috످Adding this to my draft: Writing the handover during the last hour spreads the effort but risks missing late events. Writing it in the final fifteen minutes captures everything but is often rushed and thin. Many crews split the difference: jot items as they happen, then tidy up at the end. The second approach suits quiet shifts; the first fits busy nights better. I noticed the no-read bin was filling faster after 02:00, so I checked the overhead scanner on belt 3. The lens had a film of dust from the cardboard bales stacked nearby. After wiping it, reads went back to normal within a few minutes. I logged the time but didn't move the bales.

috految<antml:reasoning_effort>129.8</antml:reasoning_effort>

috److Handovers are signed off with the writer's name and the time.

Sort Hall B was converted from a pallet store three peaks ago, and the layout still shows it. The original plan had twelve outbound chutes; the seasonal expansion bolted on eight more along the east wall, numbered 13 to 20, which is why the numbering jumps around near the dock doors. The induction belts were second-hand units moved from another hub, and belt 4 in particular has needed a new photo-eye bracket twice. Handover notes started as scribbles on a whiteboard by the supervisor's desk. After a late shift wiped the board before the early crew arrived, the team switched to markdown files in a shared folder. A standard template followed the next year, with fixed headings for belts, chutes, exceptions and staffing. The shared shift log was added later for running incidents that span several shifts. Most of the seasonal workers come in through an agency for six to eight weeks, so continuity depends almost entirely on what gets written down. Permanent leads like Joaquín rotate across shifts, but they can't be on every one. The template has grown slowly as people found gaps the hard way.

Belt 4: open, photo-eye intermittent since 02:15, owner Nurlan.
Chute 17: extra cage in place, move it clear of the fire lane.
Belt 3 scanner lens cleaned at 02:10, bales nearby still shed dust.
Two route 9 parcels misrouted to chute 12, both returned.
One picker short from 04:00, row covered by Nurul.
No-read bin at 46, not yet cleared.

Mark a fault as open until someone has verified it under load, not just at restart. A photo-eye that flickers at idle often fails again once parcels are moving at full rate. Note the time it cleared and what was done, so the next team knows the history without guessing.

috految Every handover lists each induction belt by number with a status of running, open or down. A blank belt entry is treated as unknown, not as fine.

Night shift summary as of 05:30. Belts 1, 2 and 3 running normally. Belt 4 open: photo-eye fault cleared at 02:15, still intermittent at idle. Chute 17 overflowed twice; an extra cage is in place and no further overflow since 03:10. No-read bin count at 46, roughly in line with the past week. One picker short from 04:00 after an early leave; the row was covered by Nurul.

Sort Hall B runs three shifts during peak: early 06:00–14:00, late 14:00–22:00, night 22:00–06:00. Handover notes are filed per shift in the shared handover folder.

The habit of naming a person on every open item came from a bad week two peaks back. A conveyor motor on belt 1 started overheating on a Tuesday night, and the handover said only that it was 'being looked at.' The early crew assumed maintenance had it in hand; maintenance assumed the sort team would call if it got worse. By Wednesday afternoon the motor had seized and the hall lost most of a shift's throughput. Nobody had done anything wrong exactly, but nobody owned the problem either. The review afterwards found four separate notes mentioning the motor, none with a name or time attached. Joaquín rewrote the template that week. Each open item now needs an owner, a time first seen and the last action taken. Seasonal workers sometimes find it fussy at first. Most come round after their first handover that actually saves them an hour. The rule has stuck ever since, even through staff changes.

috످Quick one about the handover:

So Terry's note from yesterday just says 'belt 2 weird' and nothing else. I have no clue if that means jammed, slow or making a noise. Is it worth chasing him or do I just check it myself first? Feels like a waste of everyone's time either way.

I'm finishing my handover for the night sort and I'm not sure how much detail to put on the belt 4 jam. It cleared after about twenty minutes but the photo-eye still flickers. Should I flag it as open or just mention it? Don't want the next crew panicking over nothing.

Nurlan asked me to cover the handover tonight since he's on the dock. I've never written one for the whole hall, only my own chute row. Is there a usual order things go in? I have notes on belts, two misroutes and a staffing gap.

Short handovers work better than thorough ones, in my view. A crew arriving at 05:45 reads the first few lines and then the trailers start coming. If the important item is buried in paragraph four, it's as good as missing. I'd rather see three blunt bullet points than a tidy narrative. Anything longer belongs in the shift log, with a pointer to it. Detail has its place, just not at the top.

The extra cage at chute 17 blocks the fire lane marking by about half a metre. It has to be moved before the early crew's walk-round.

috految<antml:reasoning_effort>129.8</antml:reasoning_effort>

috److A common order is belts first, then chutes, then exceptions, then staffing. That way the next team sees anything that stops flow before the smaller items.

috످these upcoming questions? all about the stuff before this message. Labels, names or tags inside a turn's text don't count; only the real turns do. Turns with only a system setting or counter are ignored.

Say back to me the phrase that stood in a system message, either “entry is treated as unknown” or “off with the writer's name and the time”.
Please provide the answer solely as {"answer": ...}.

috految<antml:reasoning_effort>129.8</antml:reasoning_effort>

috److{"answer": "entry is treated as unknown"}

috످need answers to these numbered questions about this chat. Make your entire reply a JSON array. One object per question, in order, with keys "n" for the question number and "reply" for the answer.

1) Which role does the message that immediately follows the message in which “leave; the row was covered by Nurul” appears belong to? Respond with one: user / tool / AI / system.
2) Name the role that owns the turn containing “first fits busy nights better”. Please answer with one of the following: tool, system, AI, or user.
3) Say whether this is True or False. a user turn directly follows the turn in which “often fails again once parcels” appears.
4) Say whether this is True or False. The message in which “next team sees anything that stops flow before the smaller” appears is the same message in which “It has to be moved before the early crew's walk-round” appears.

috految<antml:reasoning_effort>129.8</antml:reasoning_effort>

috److془Let me work through it.

1) The passage about night shift status with staffing gap is in the system message. Next is user ("Quick one about the handover").

2) The passage comparing when to write handover is in the user's first turn.

3) The passage about keeping faults open until tested is in AI's first reply; followed by system. False.

4) Advice on ordering is in AI's second reply; cage is in user's second message. False.془[{"n": 1, "reply": "user"}, {"n": 2, "reply": "user"}, {"n": 3, "reply": "False"}, {"n": 4, "reply": "False"}]

috످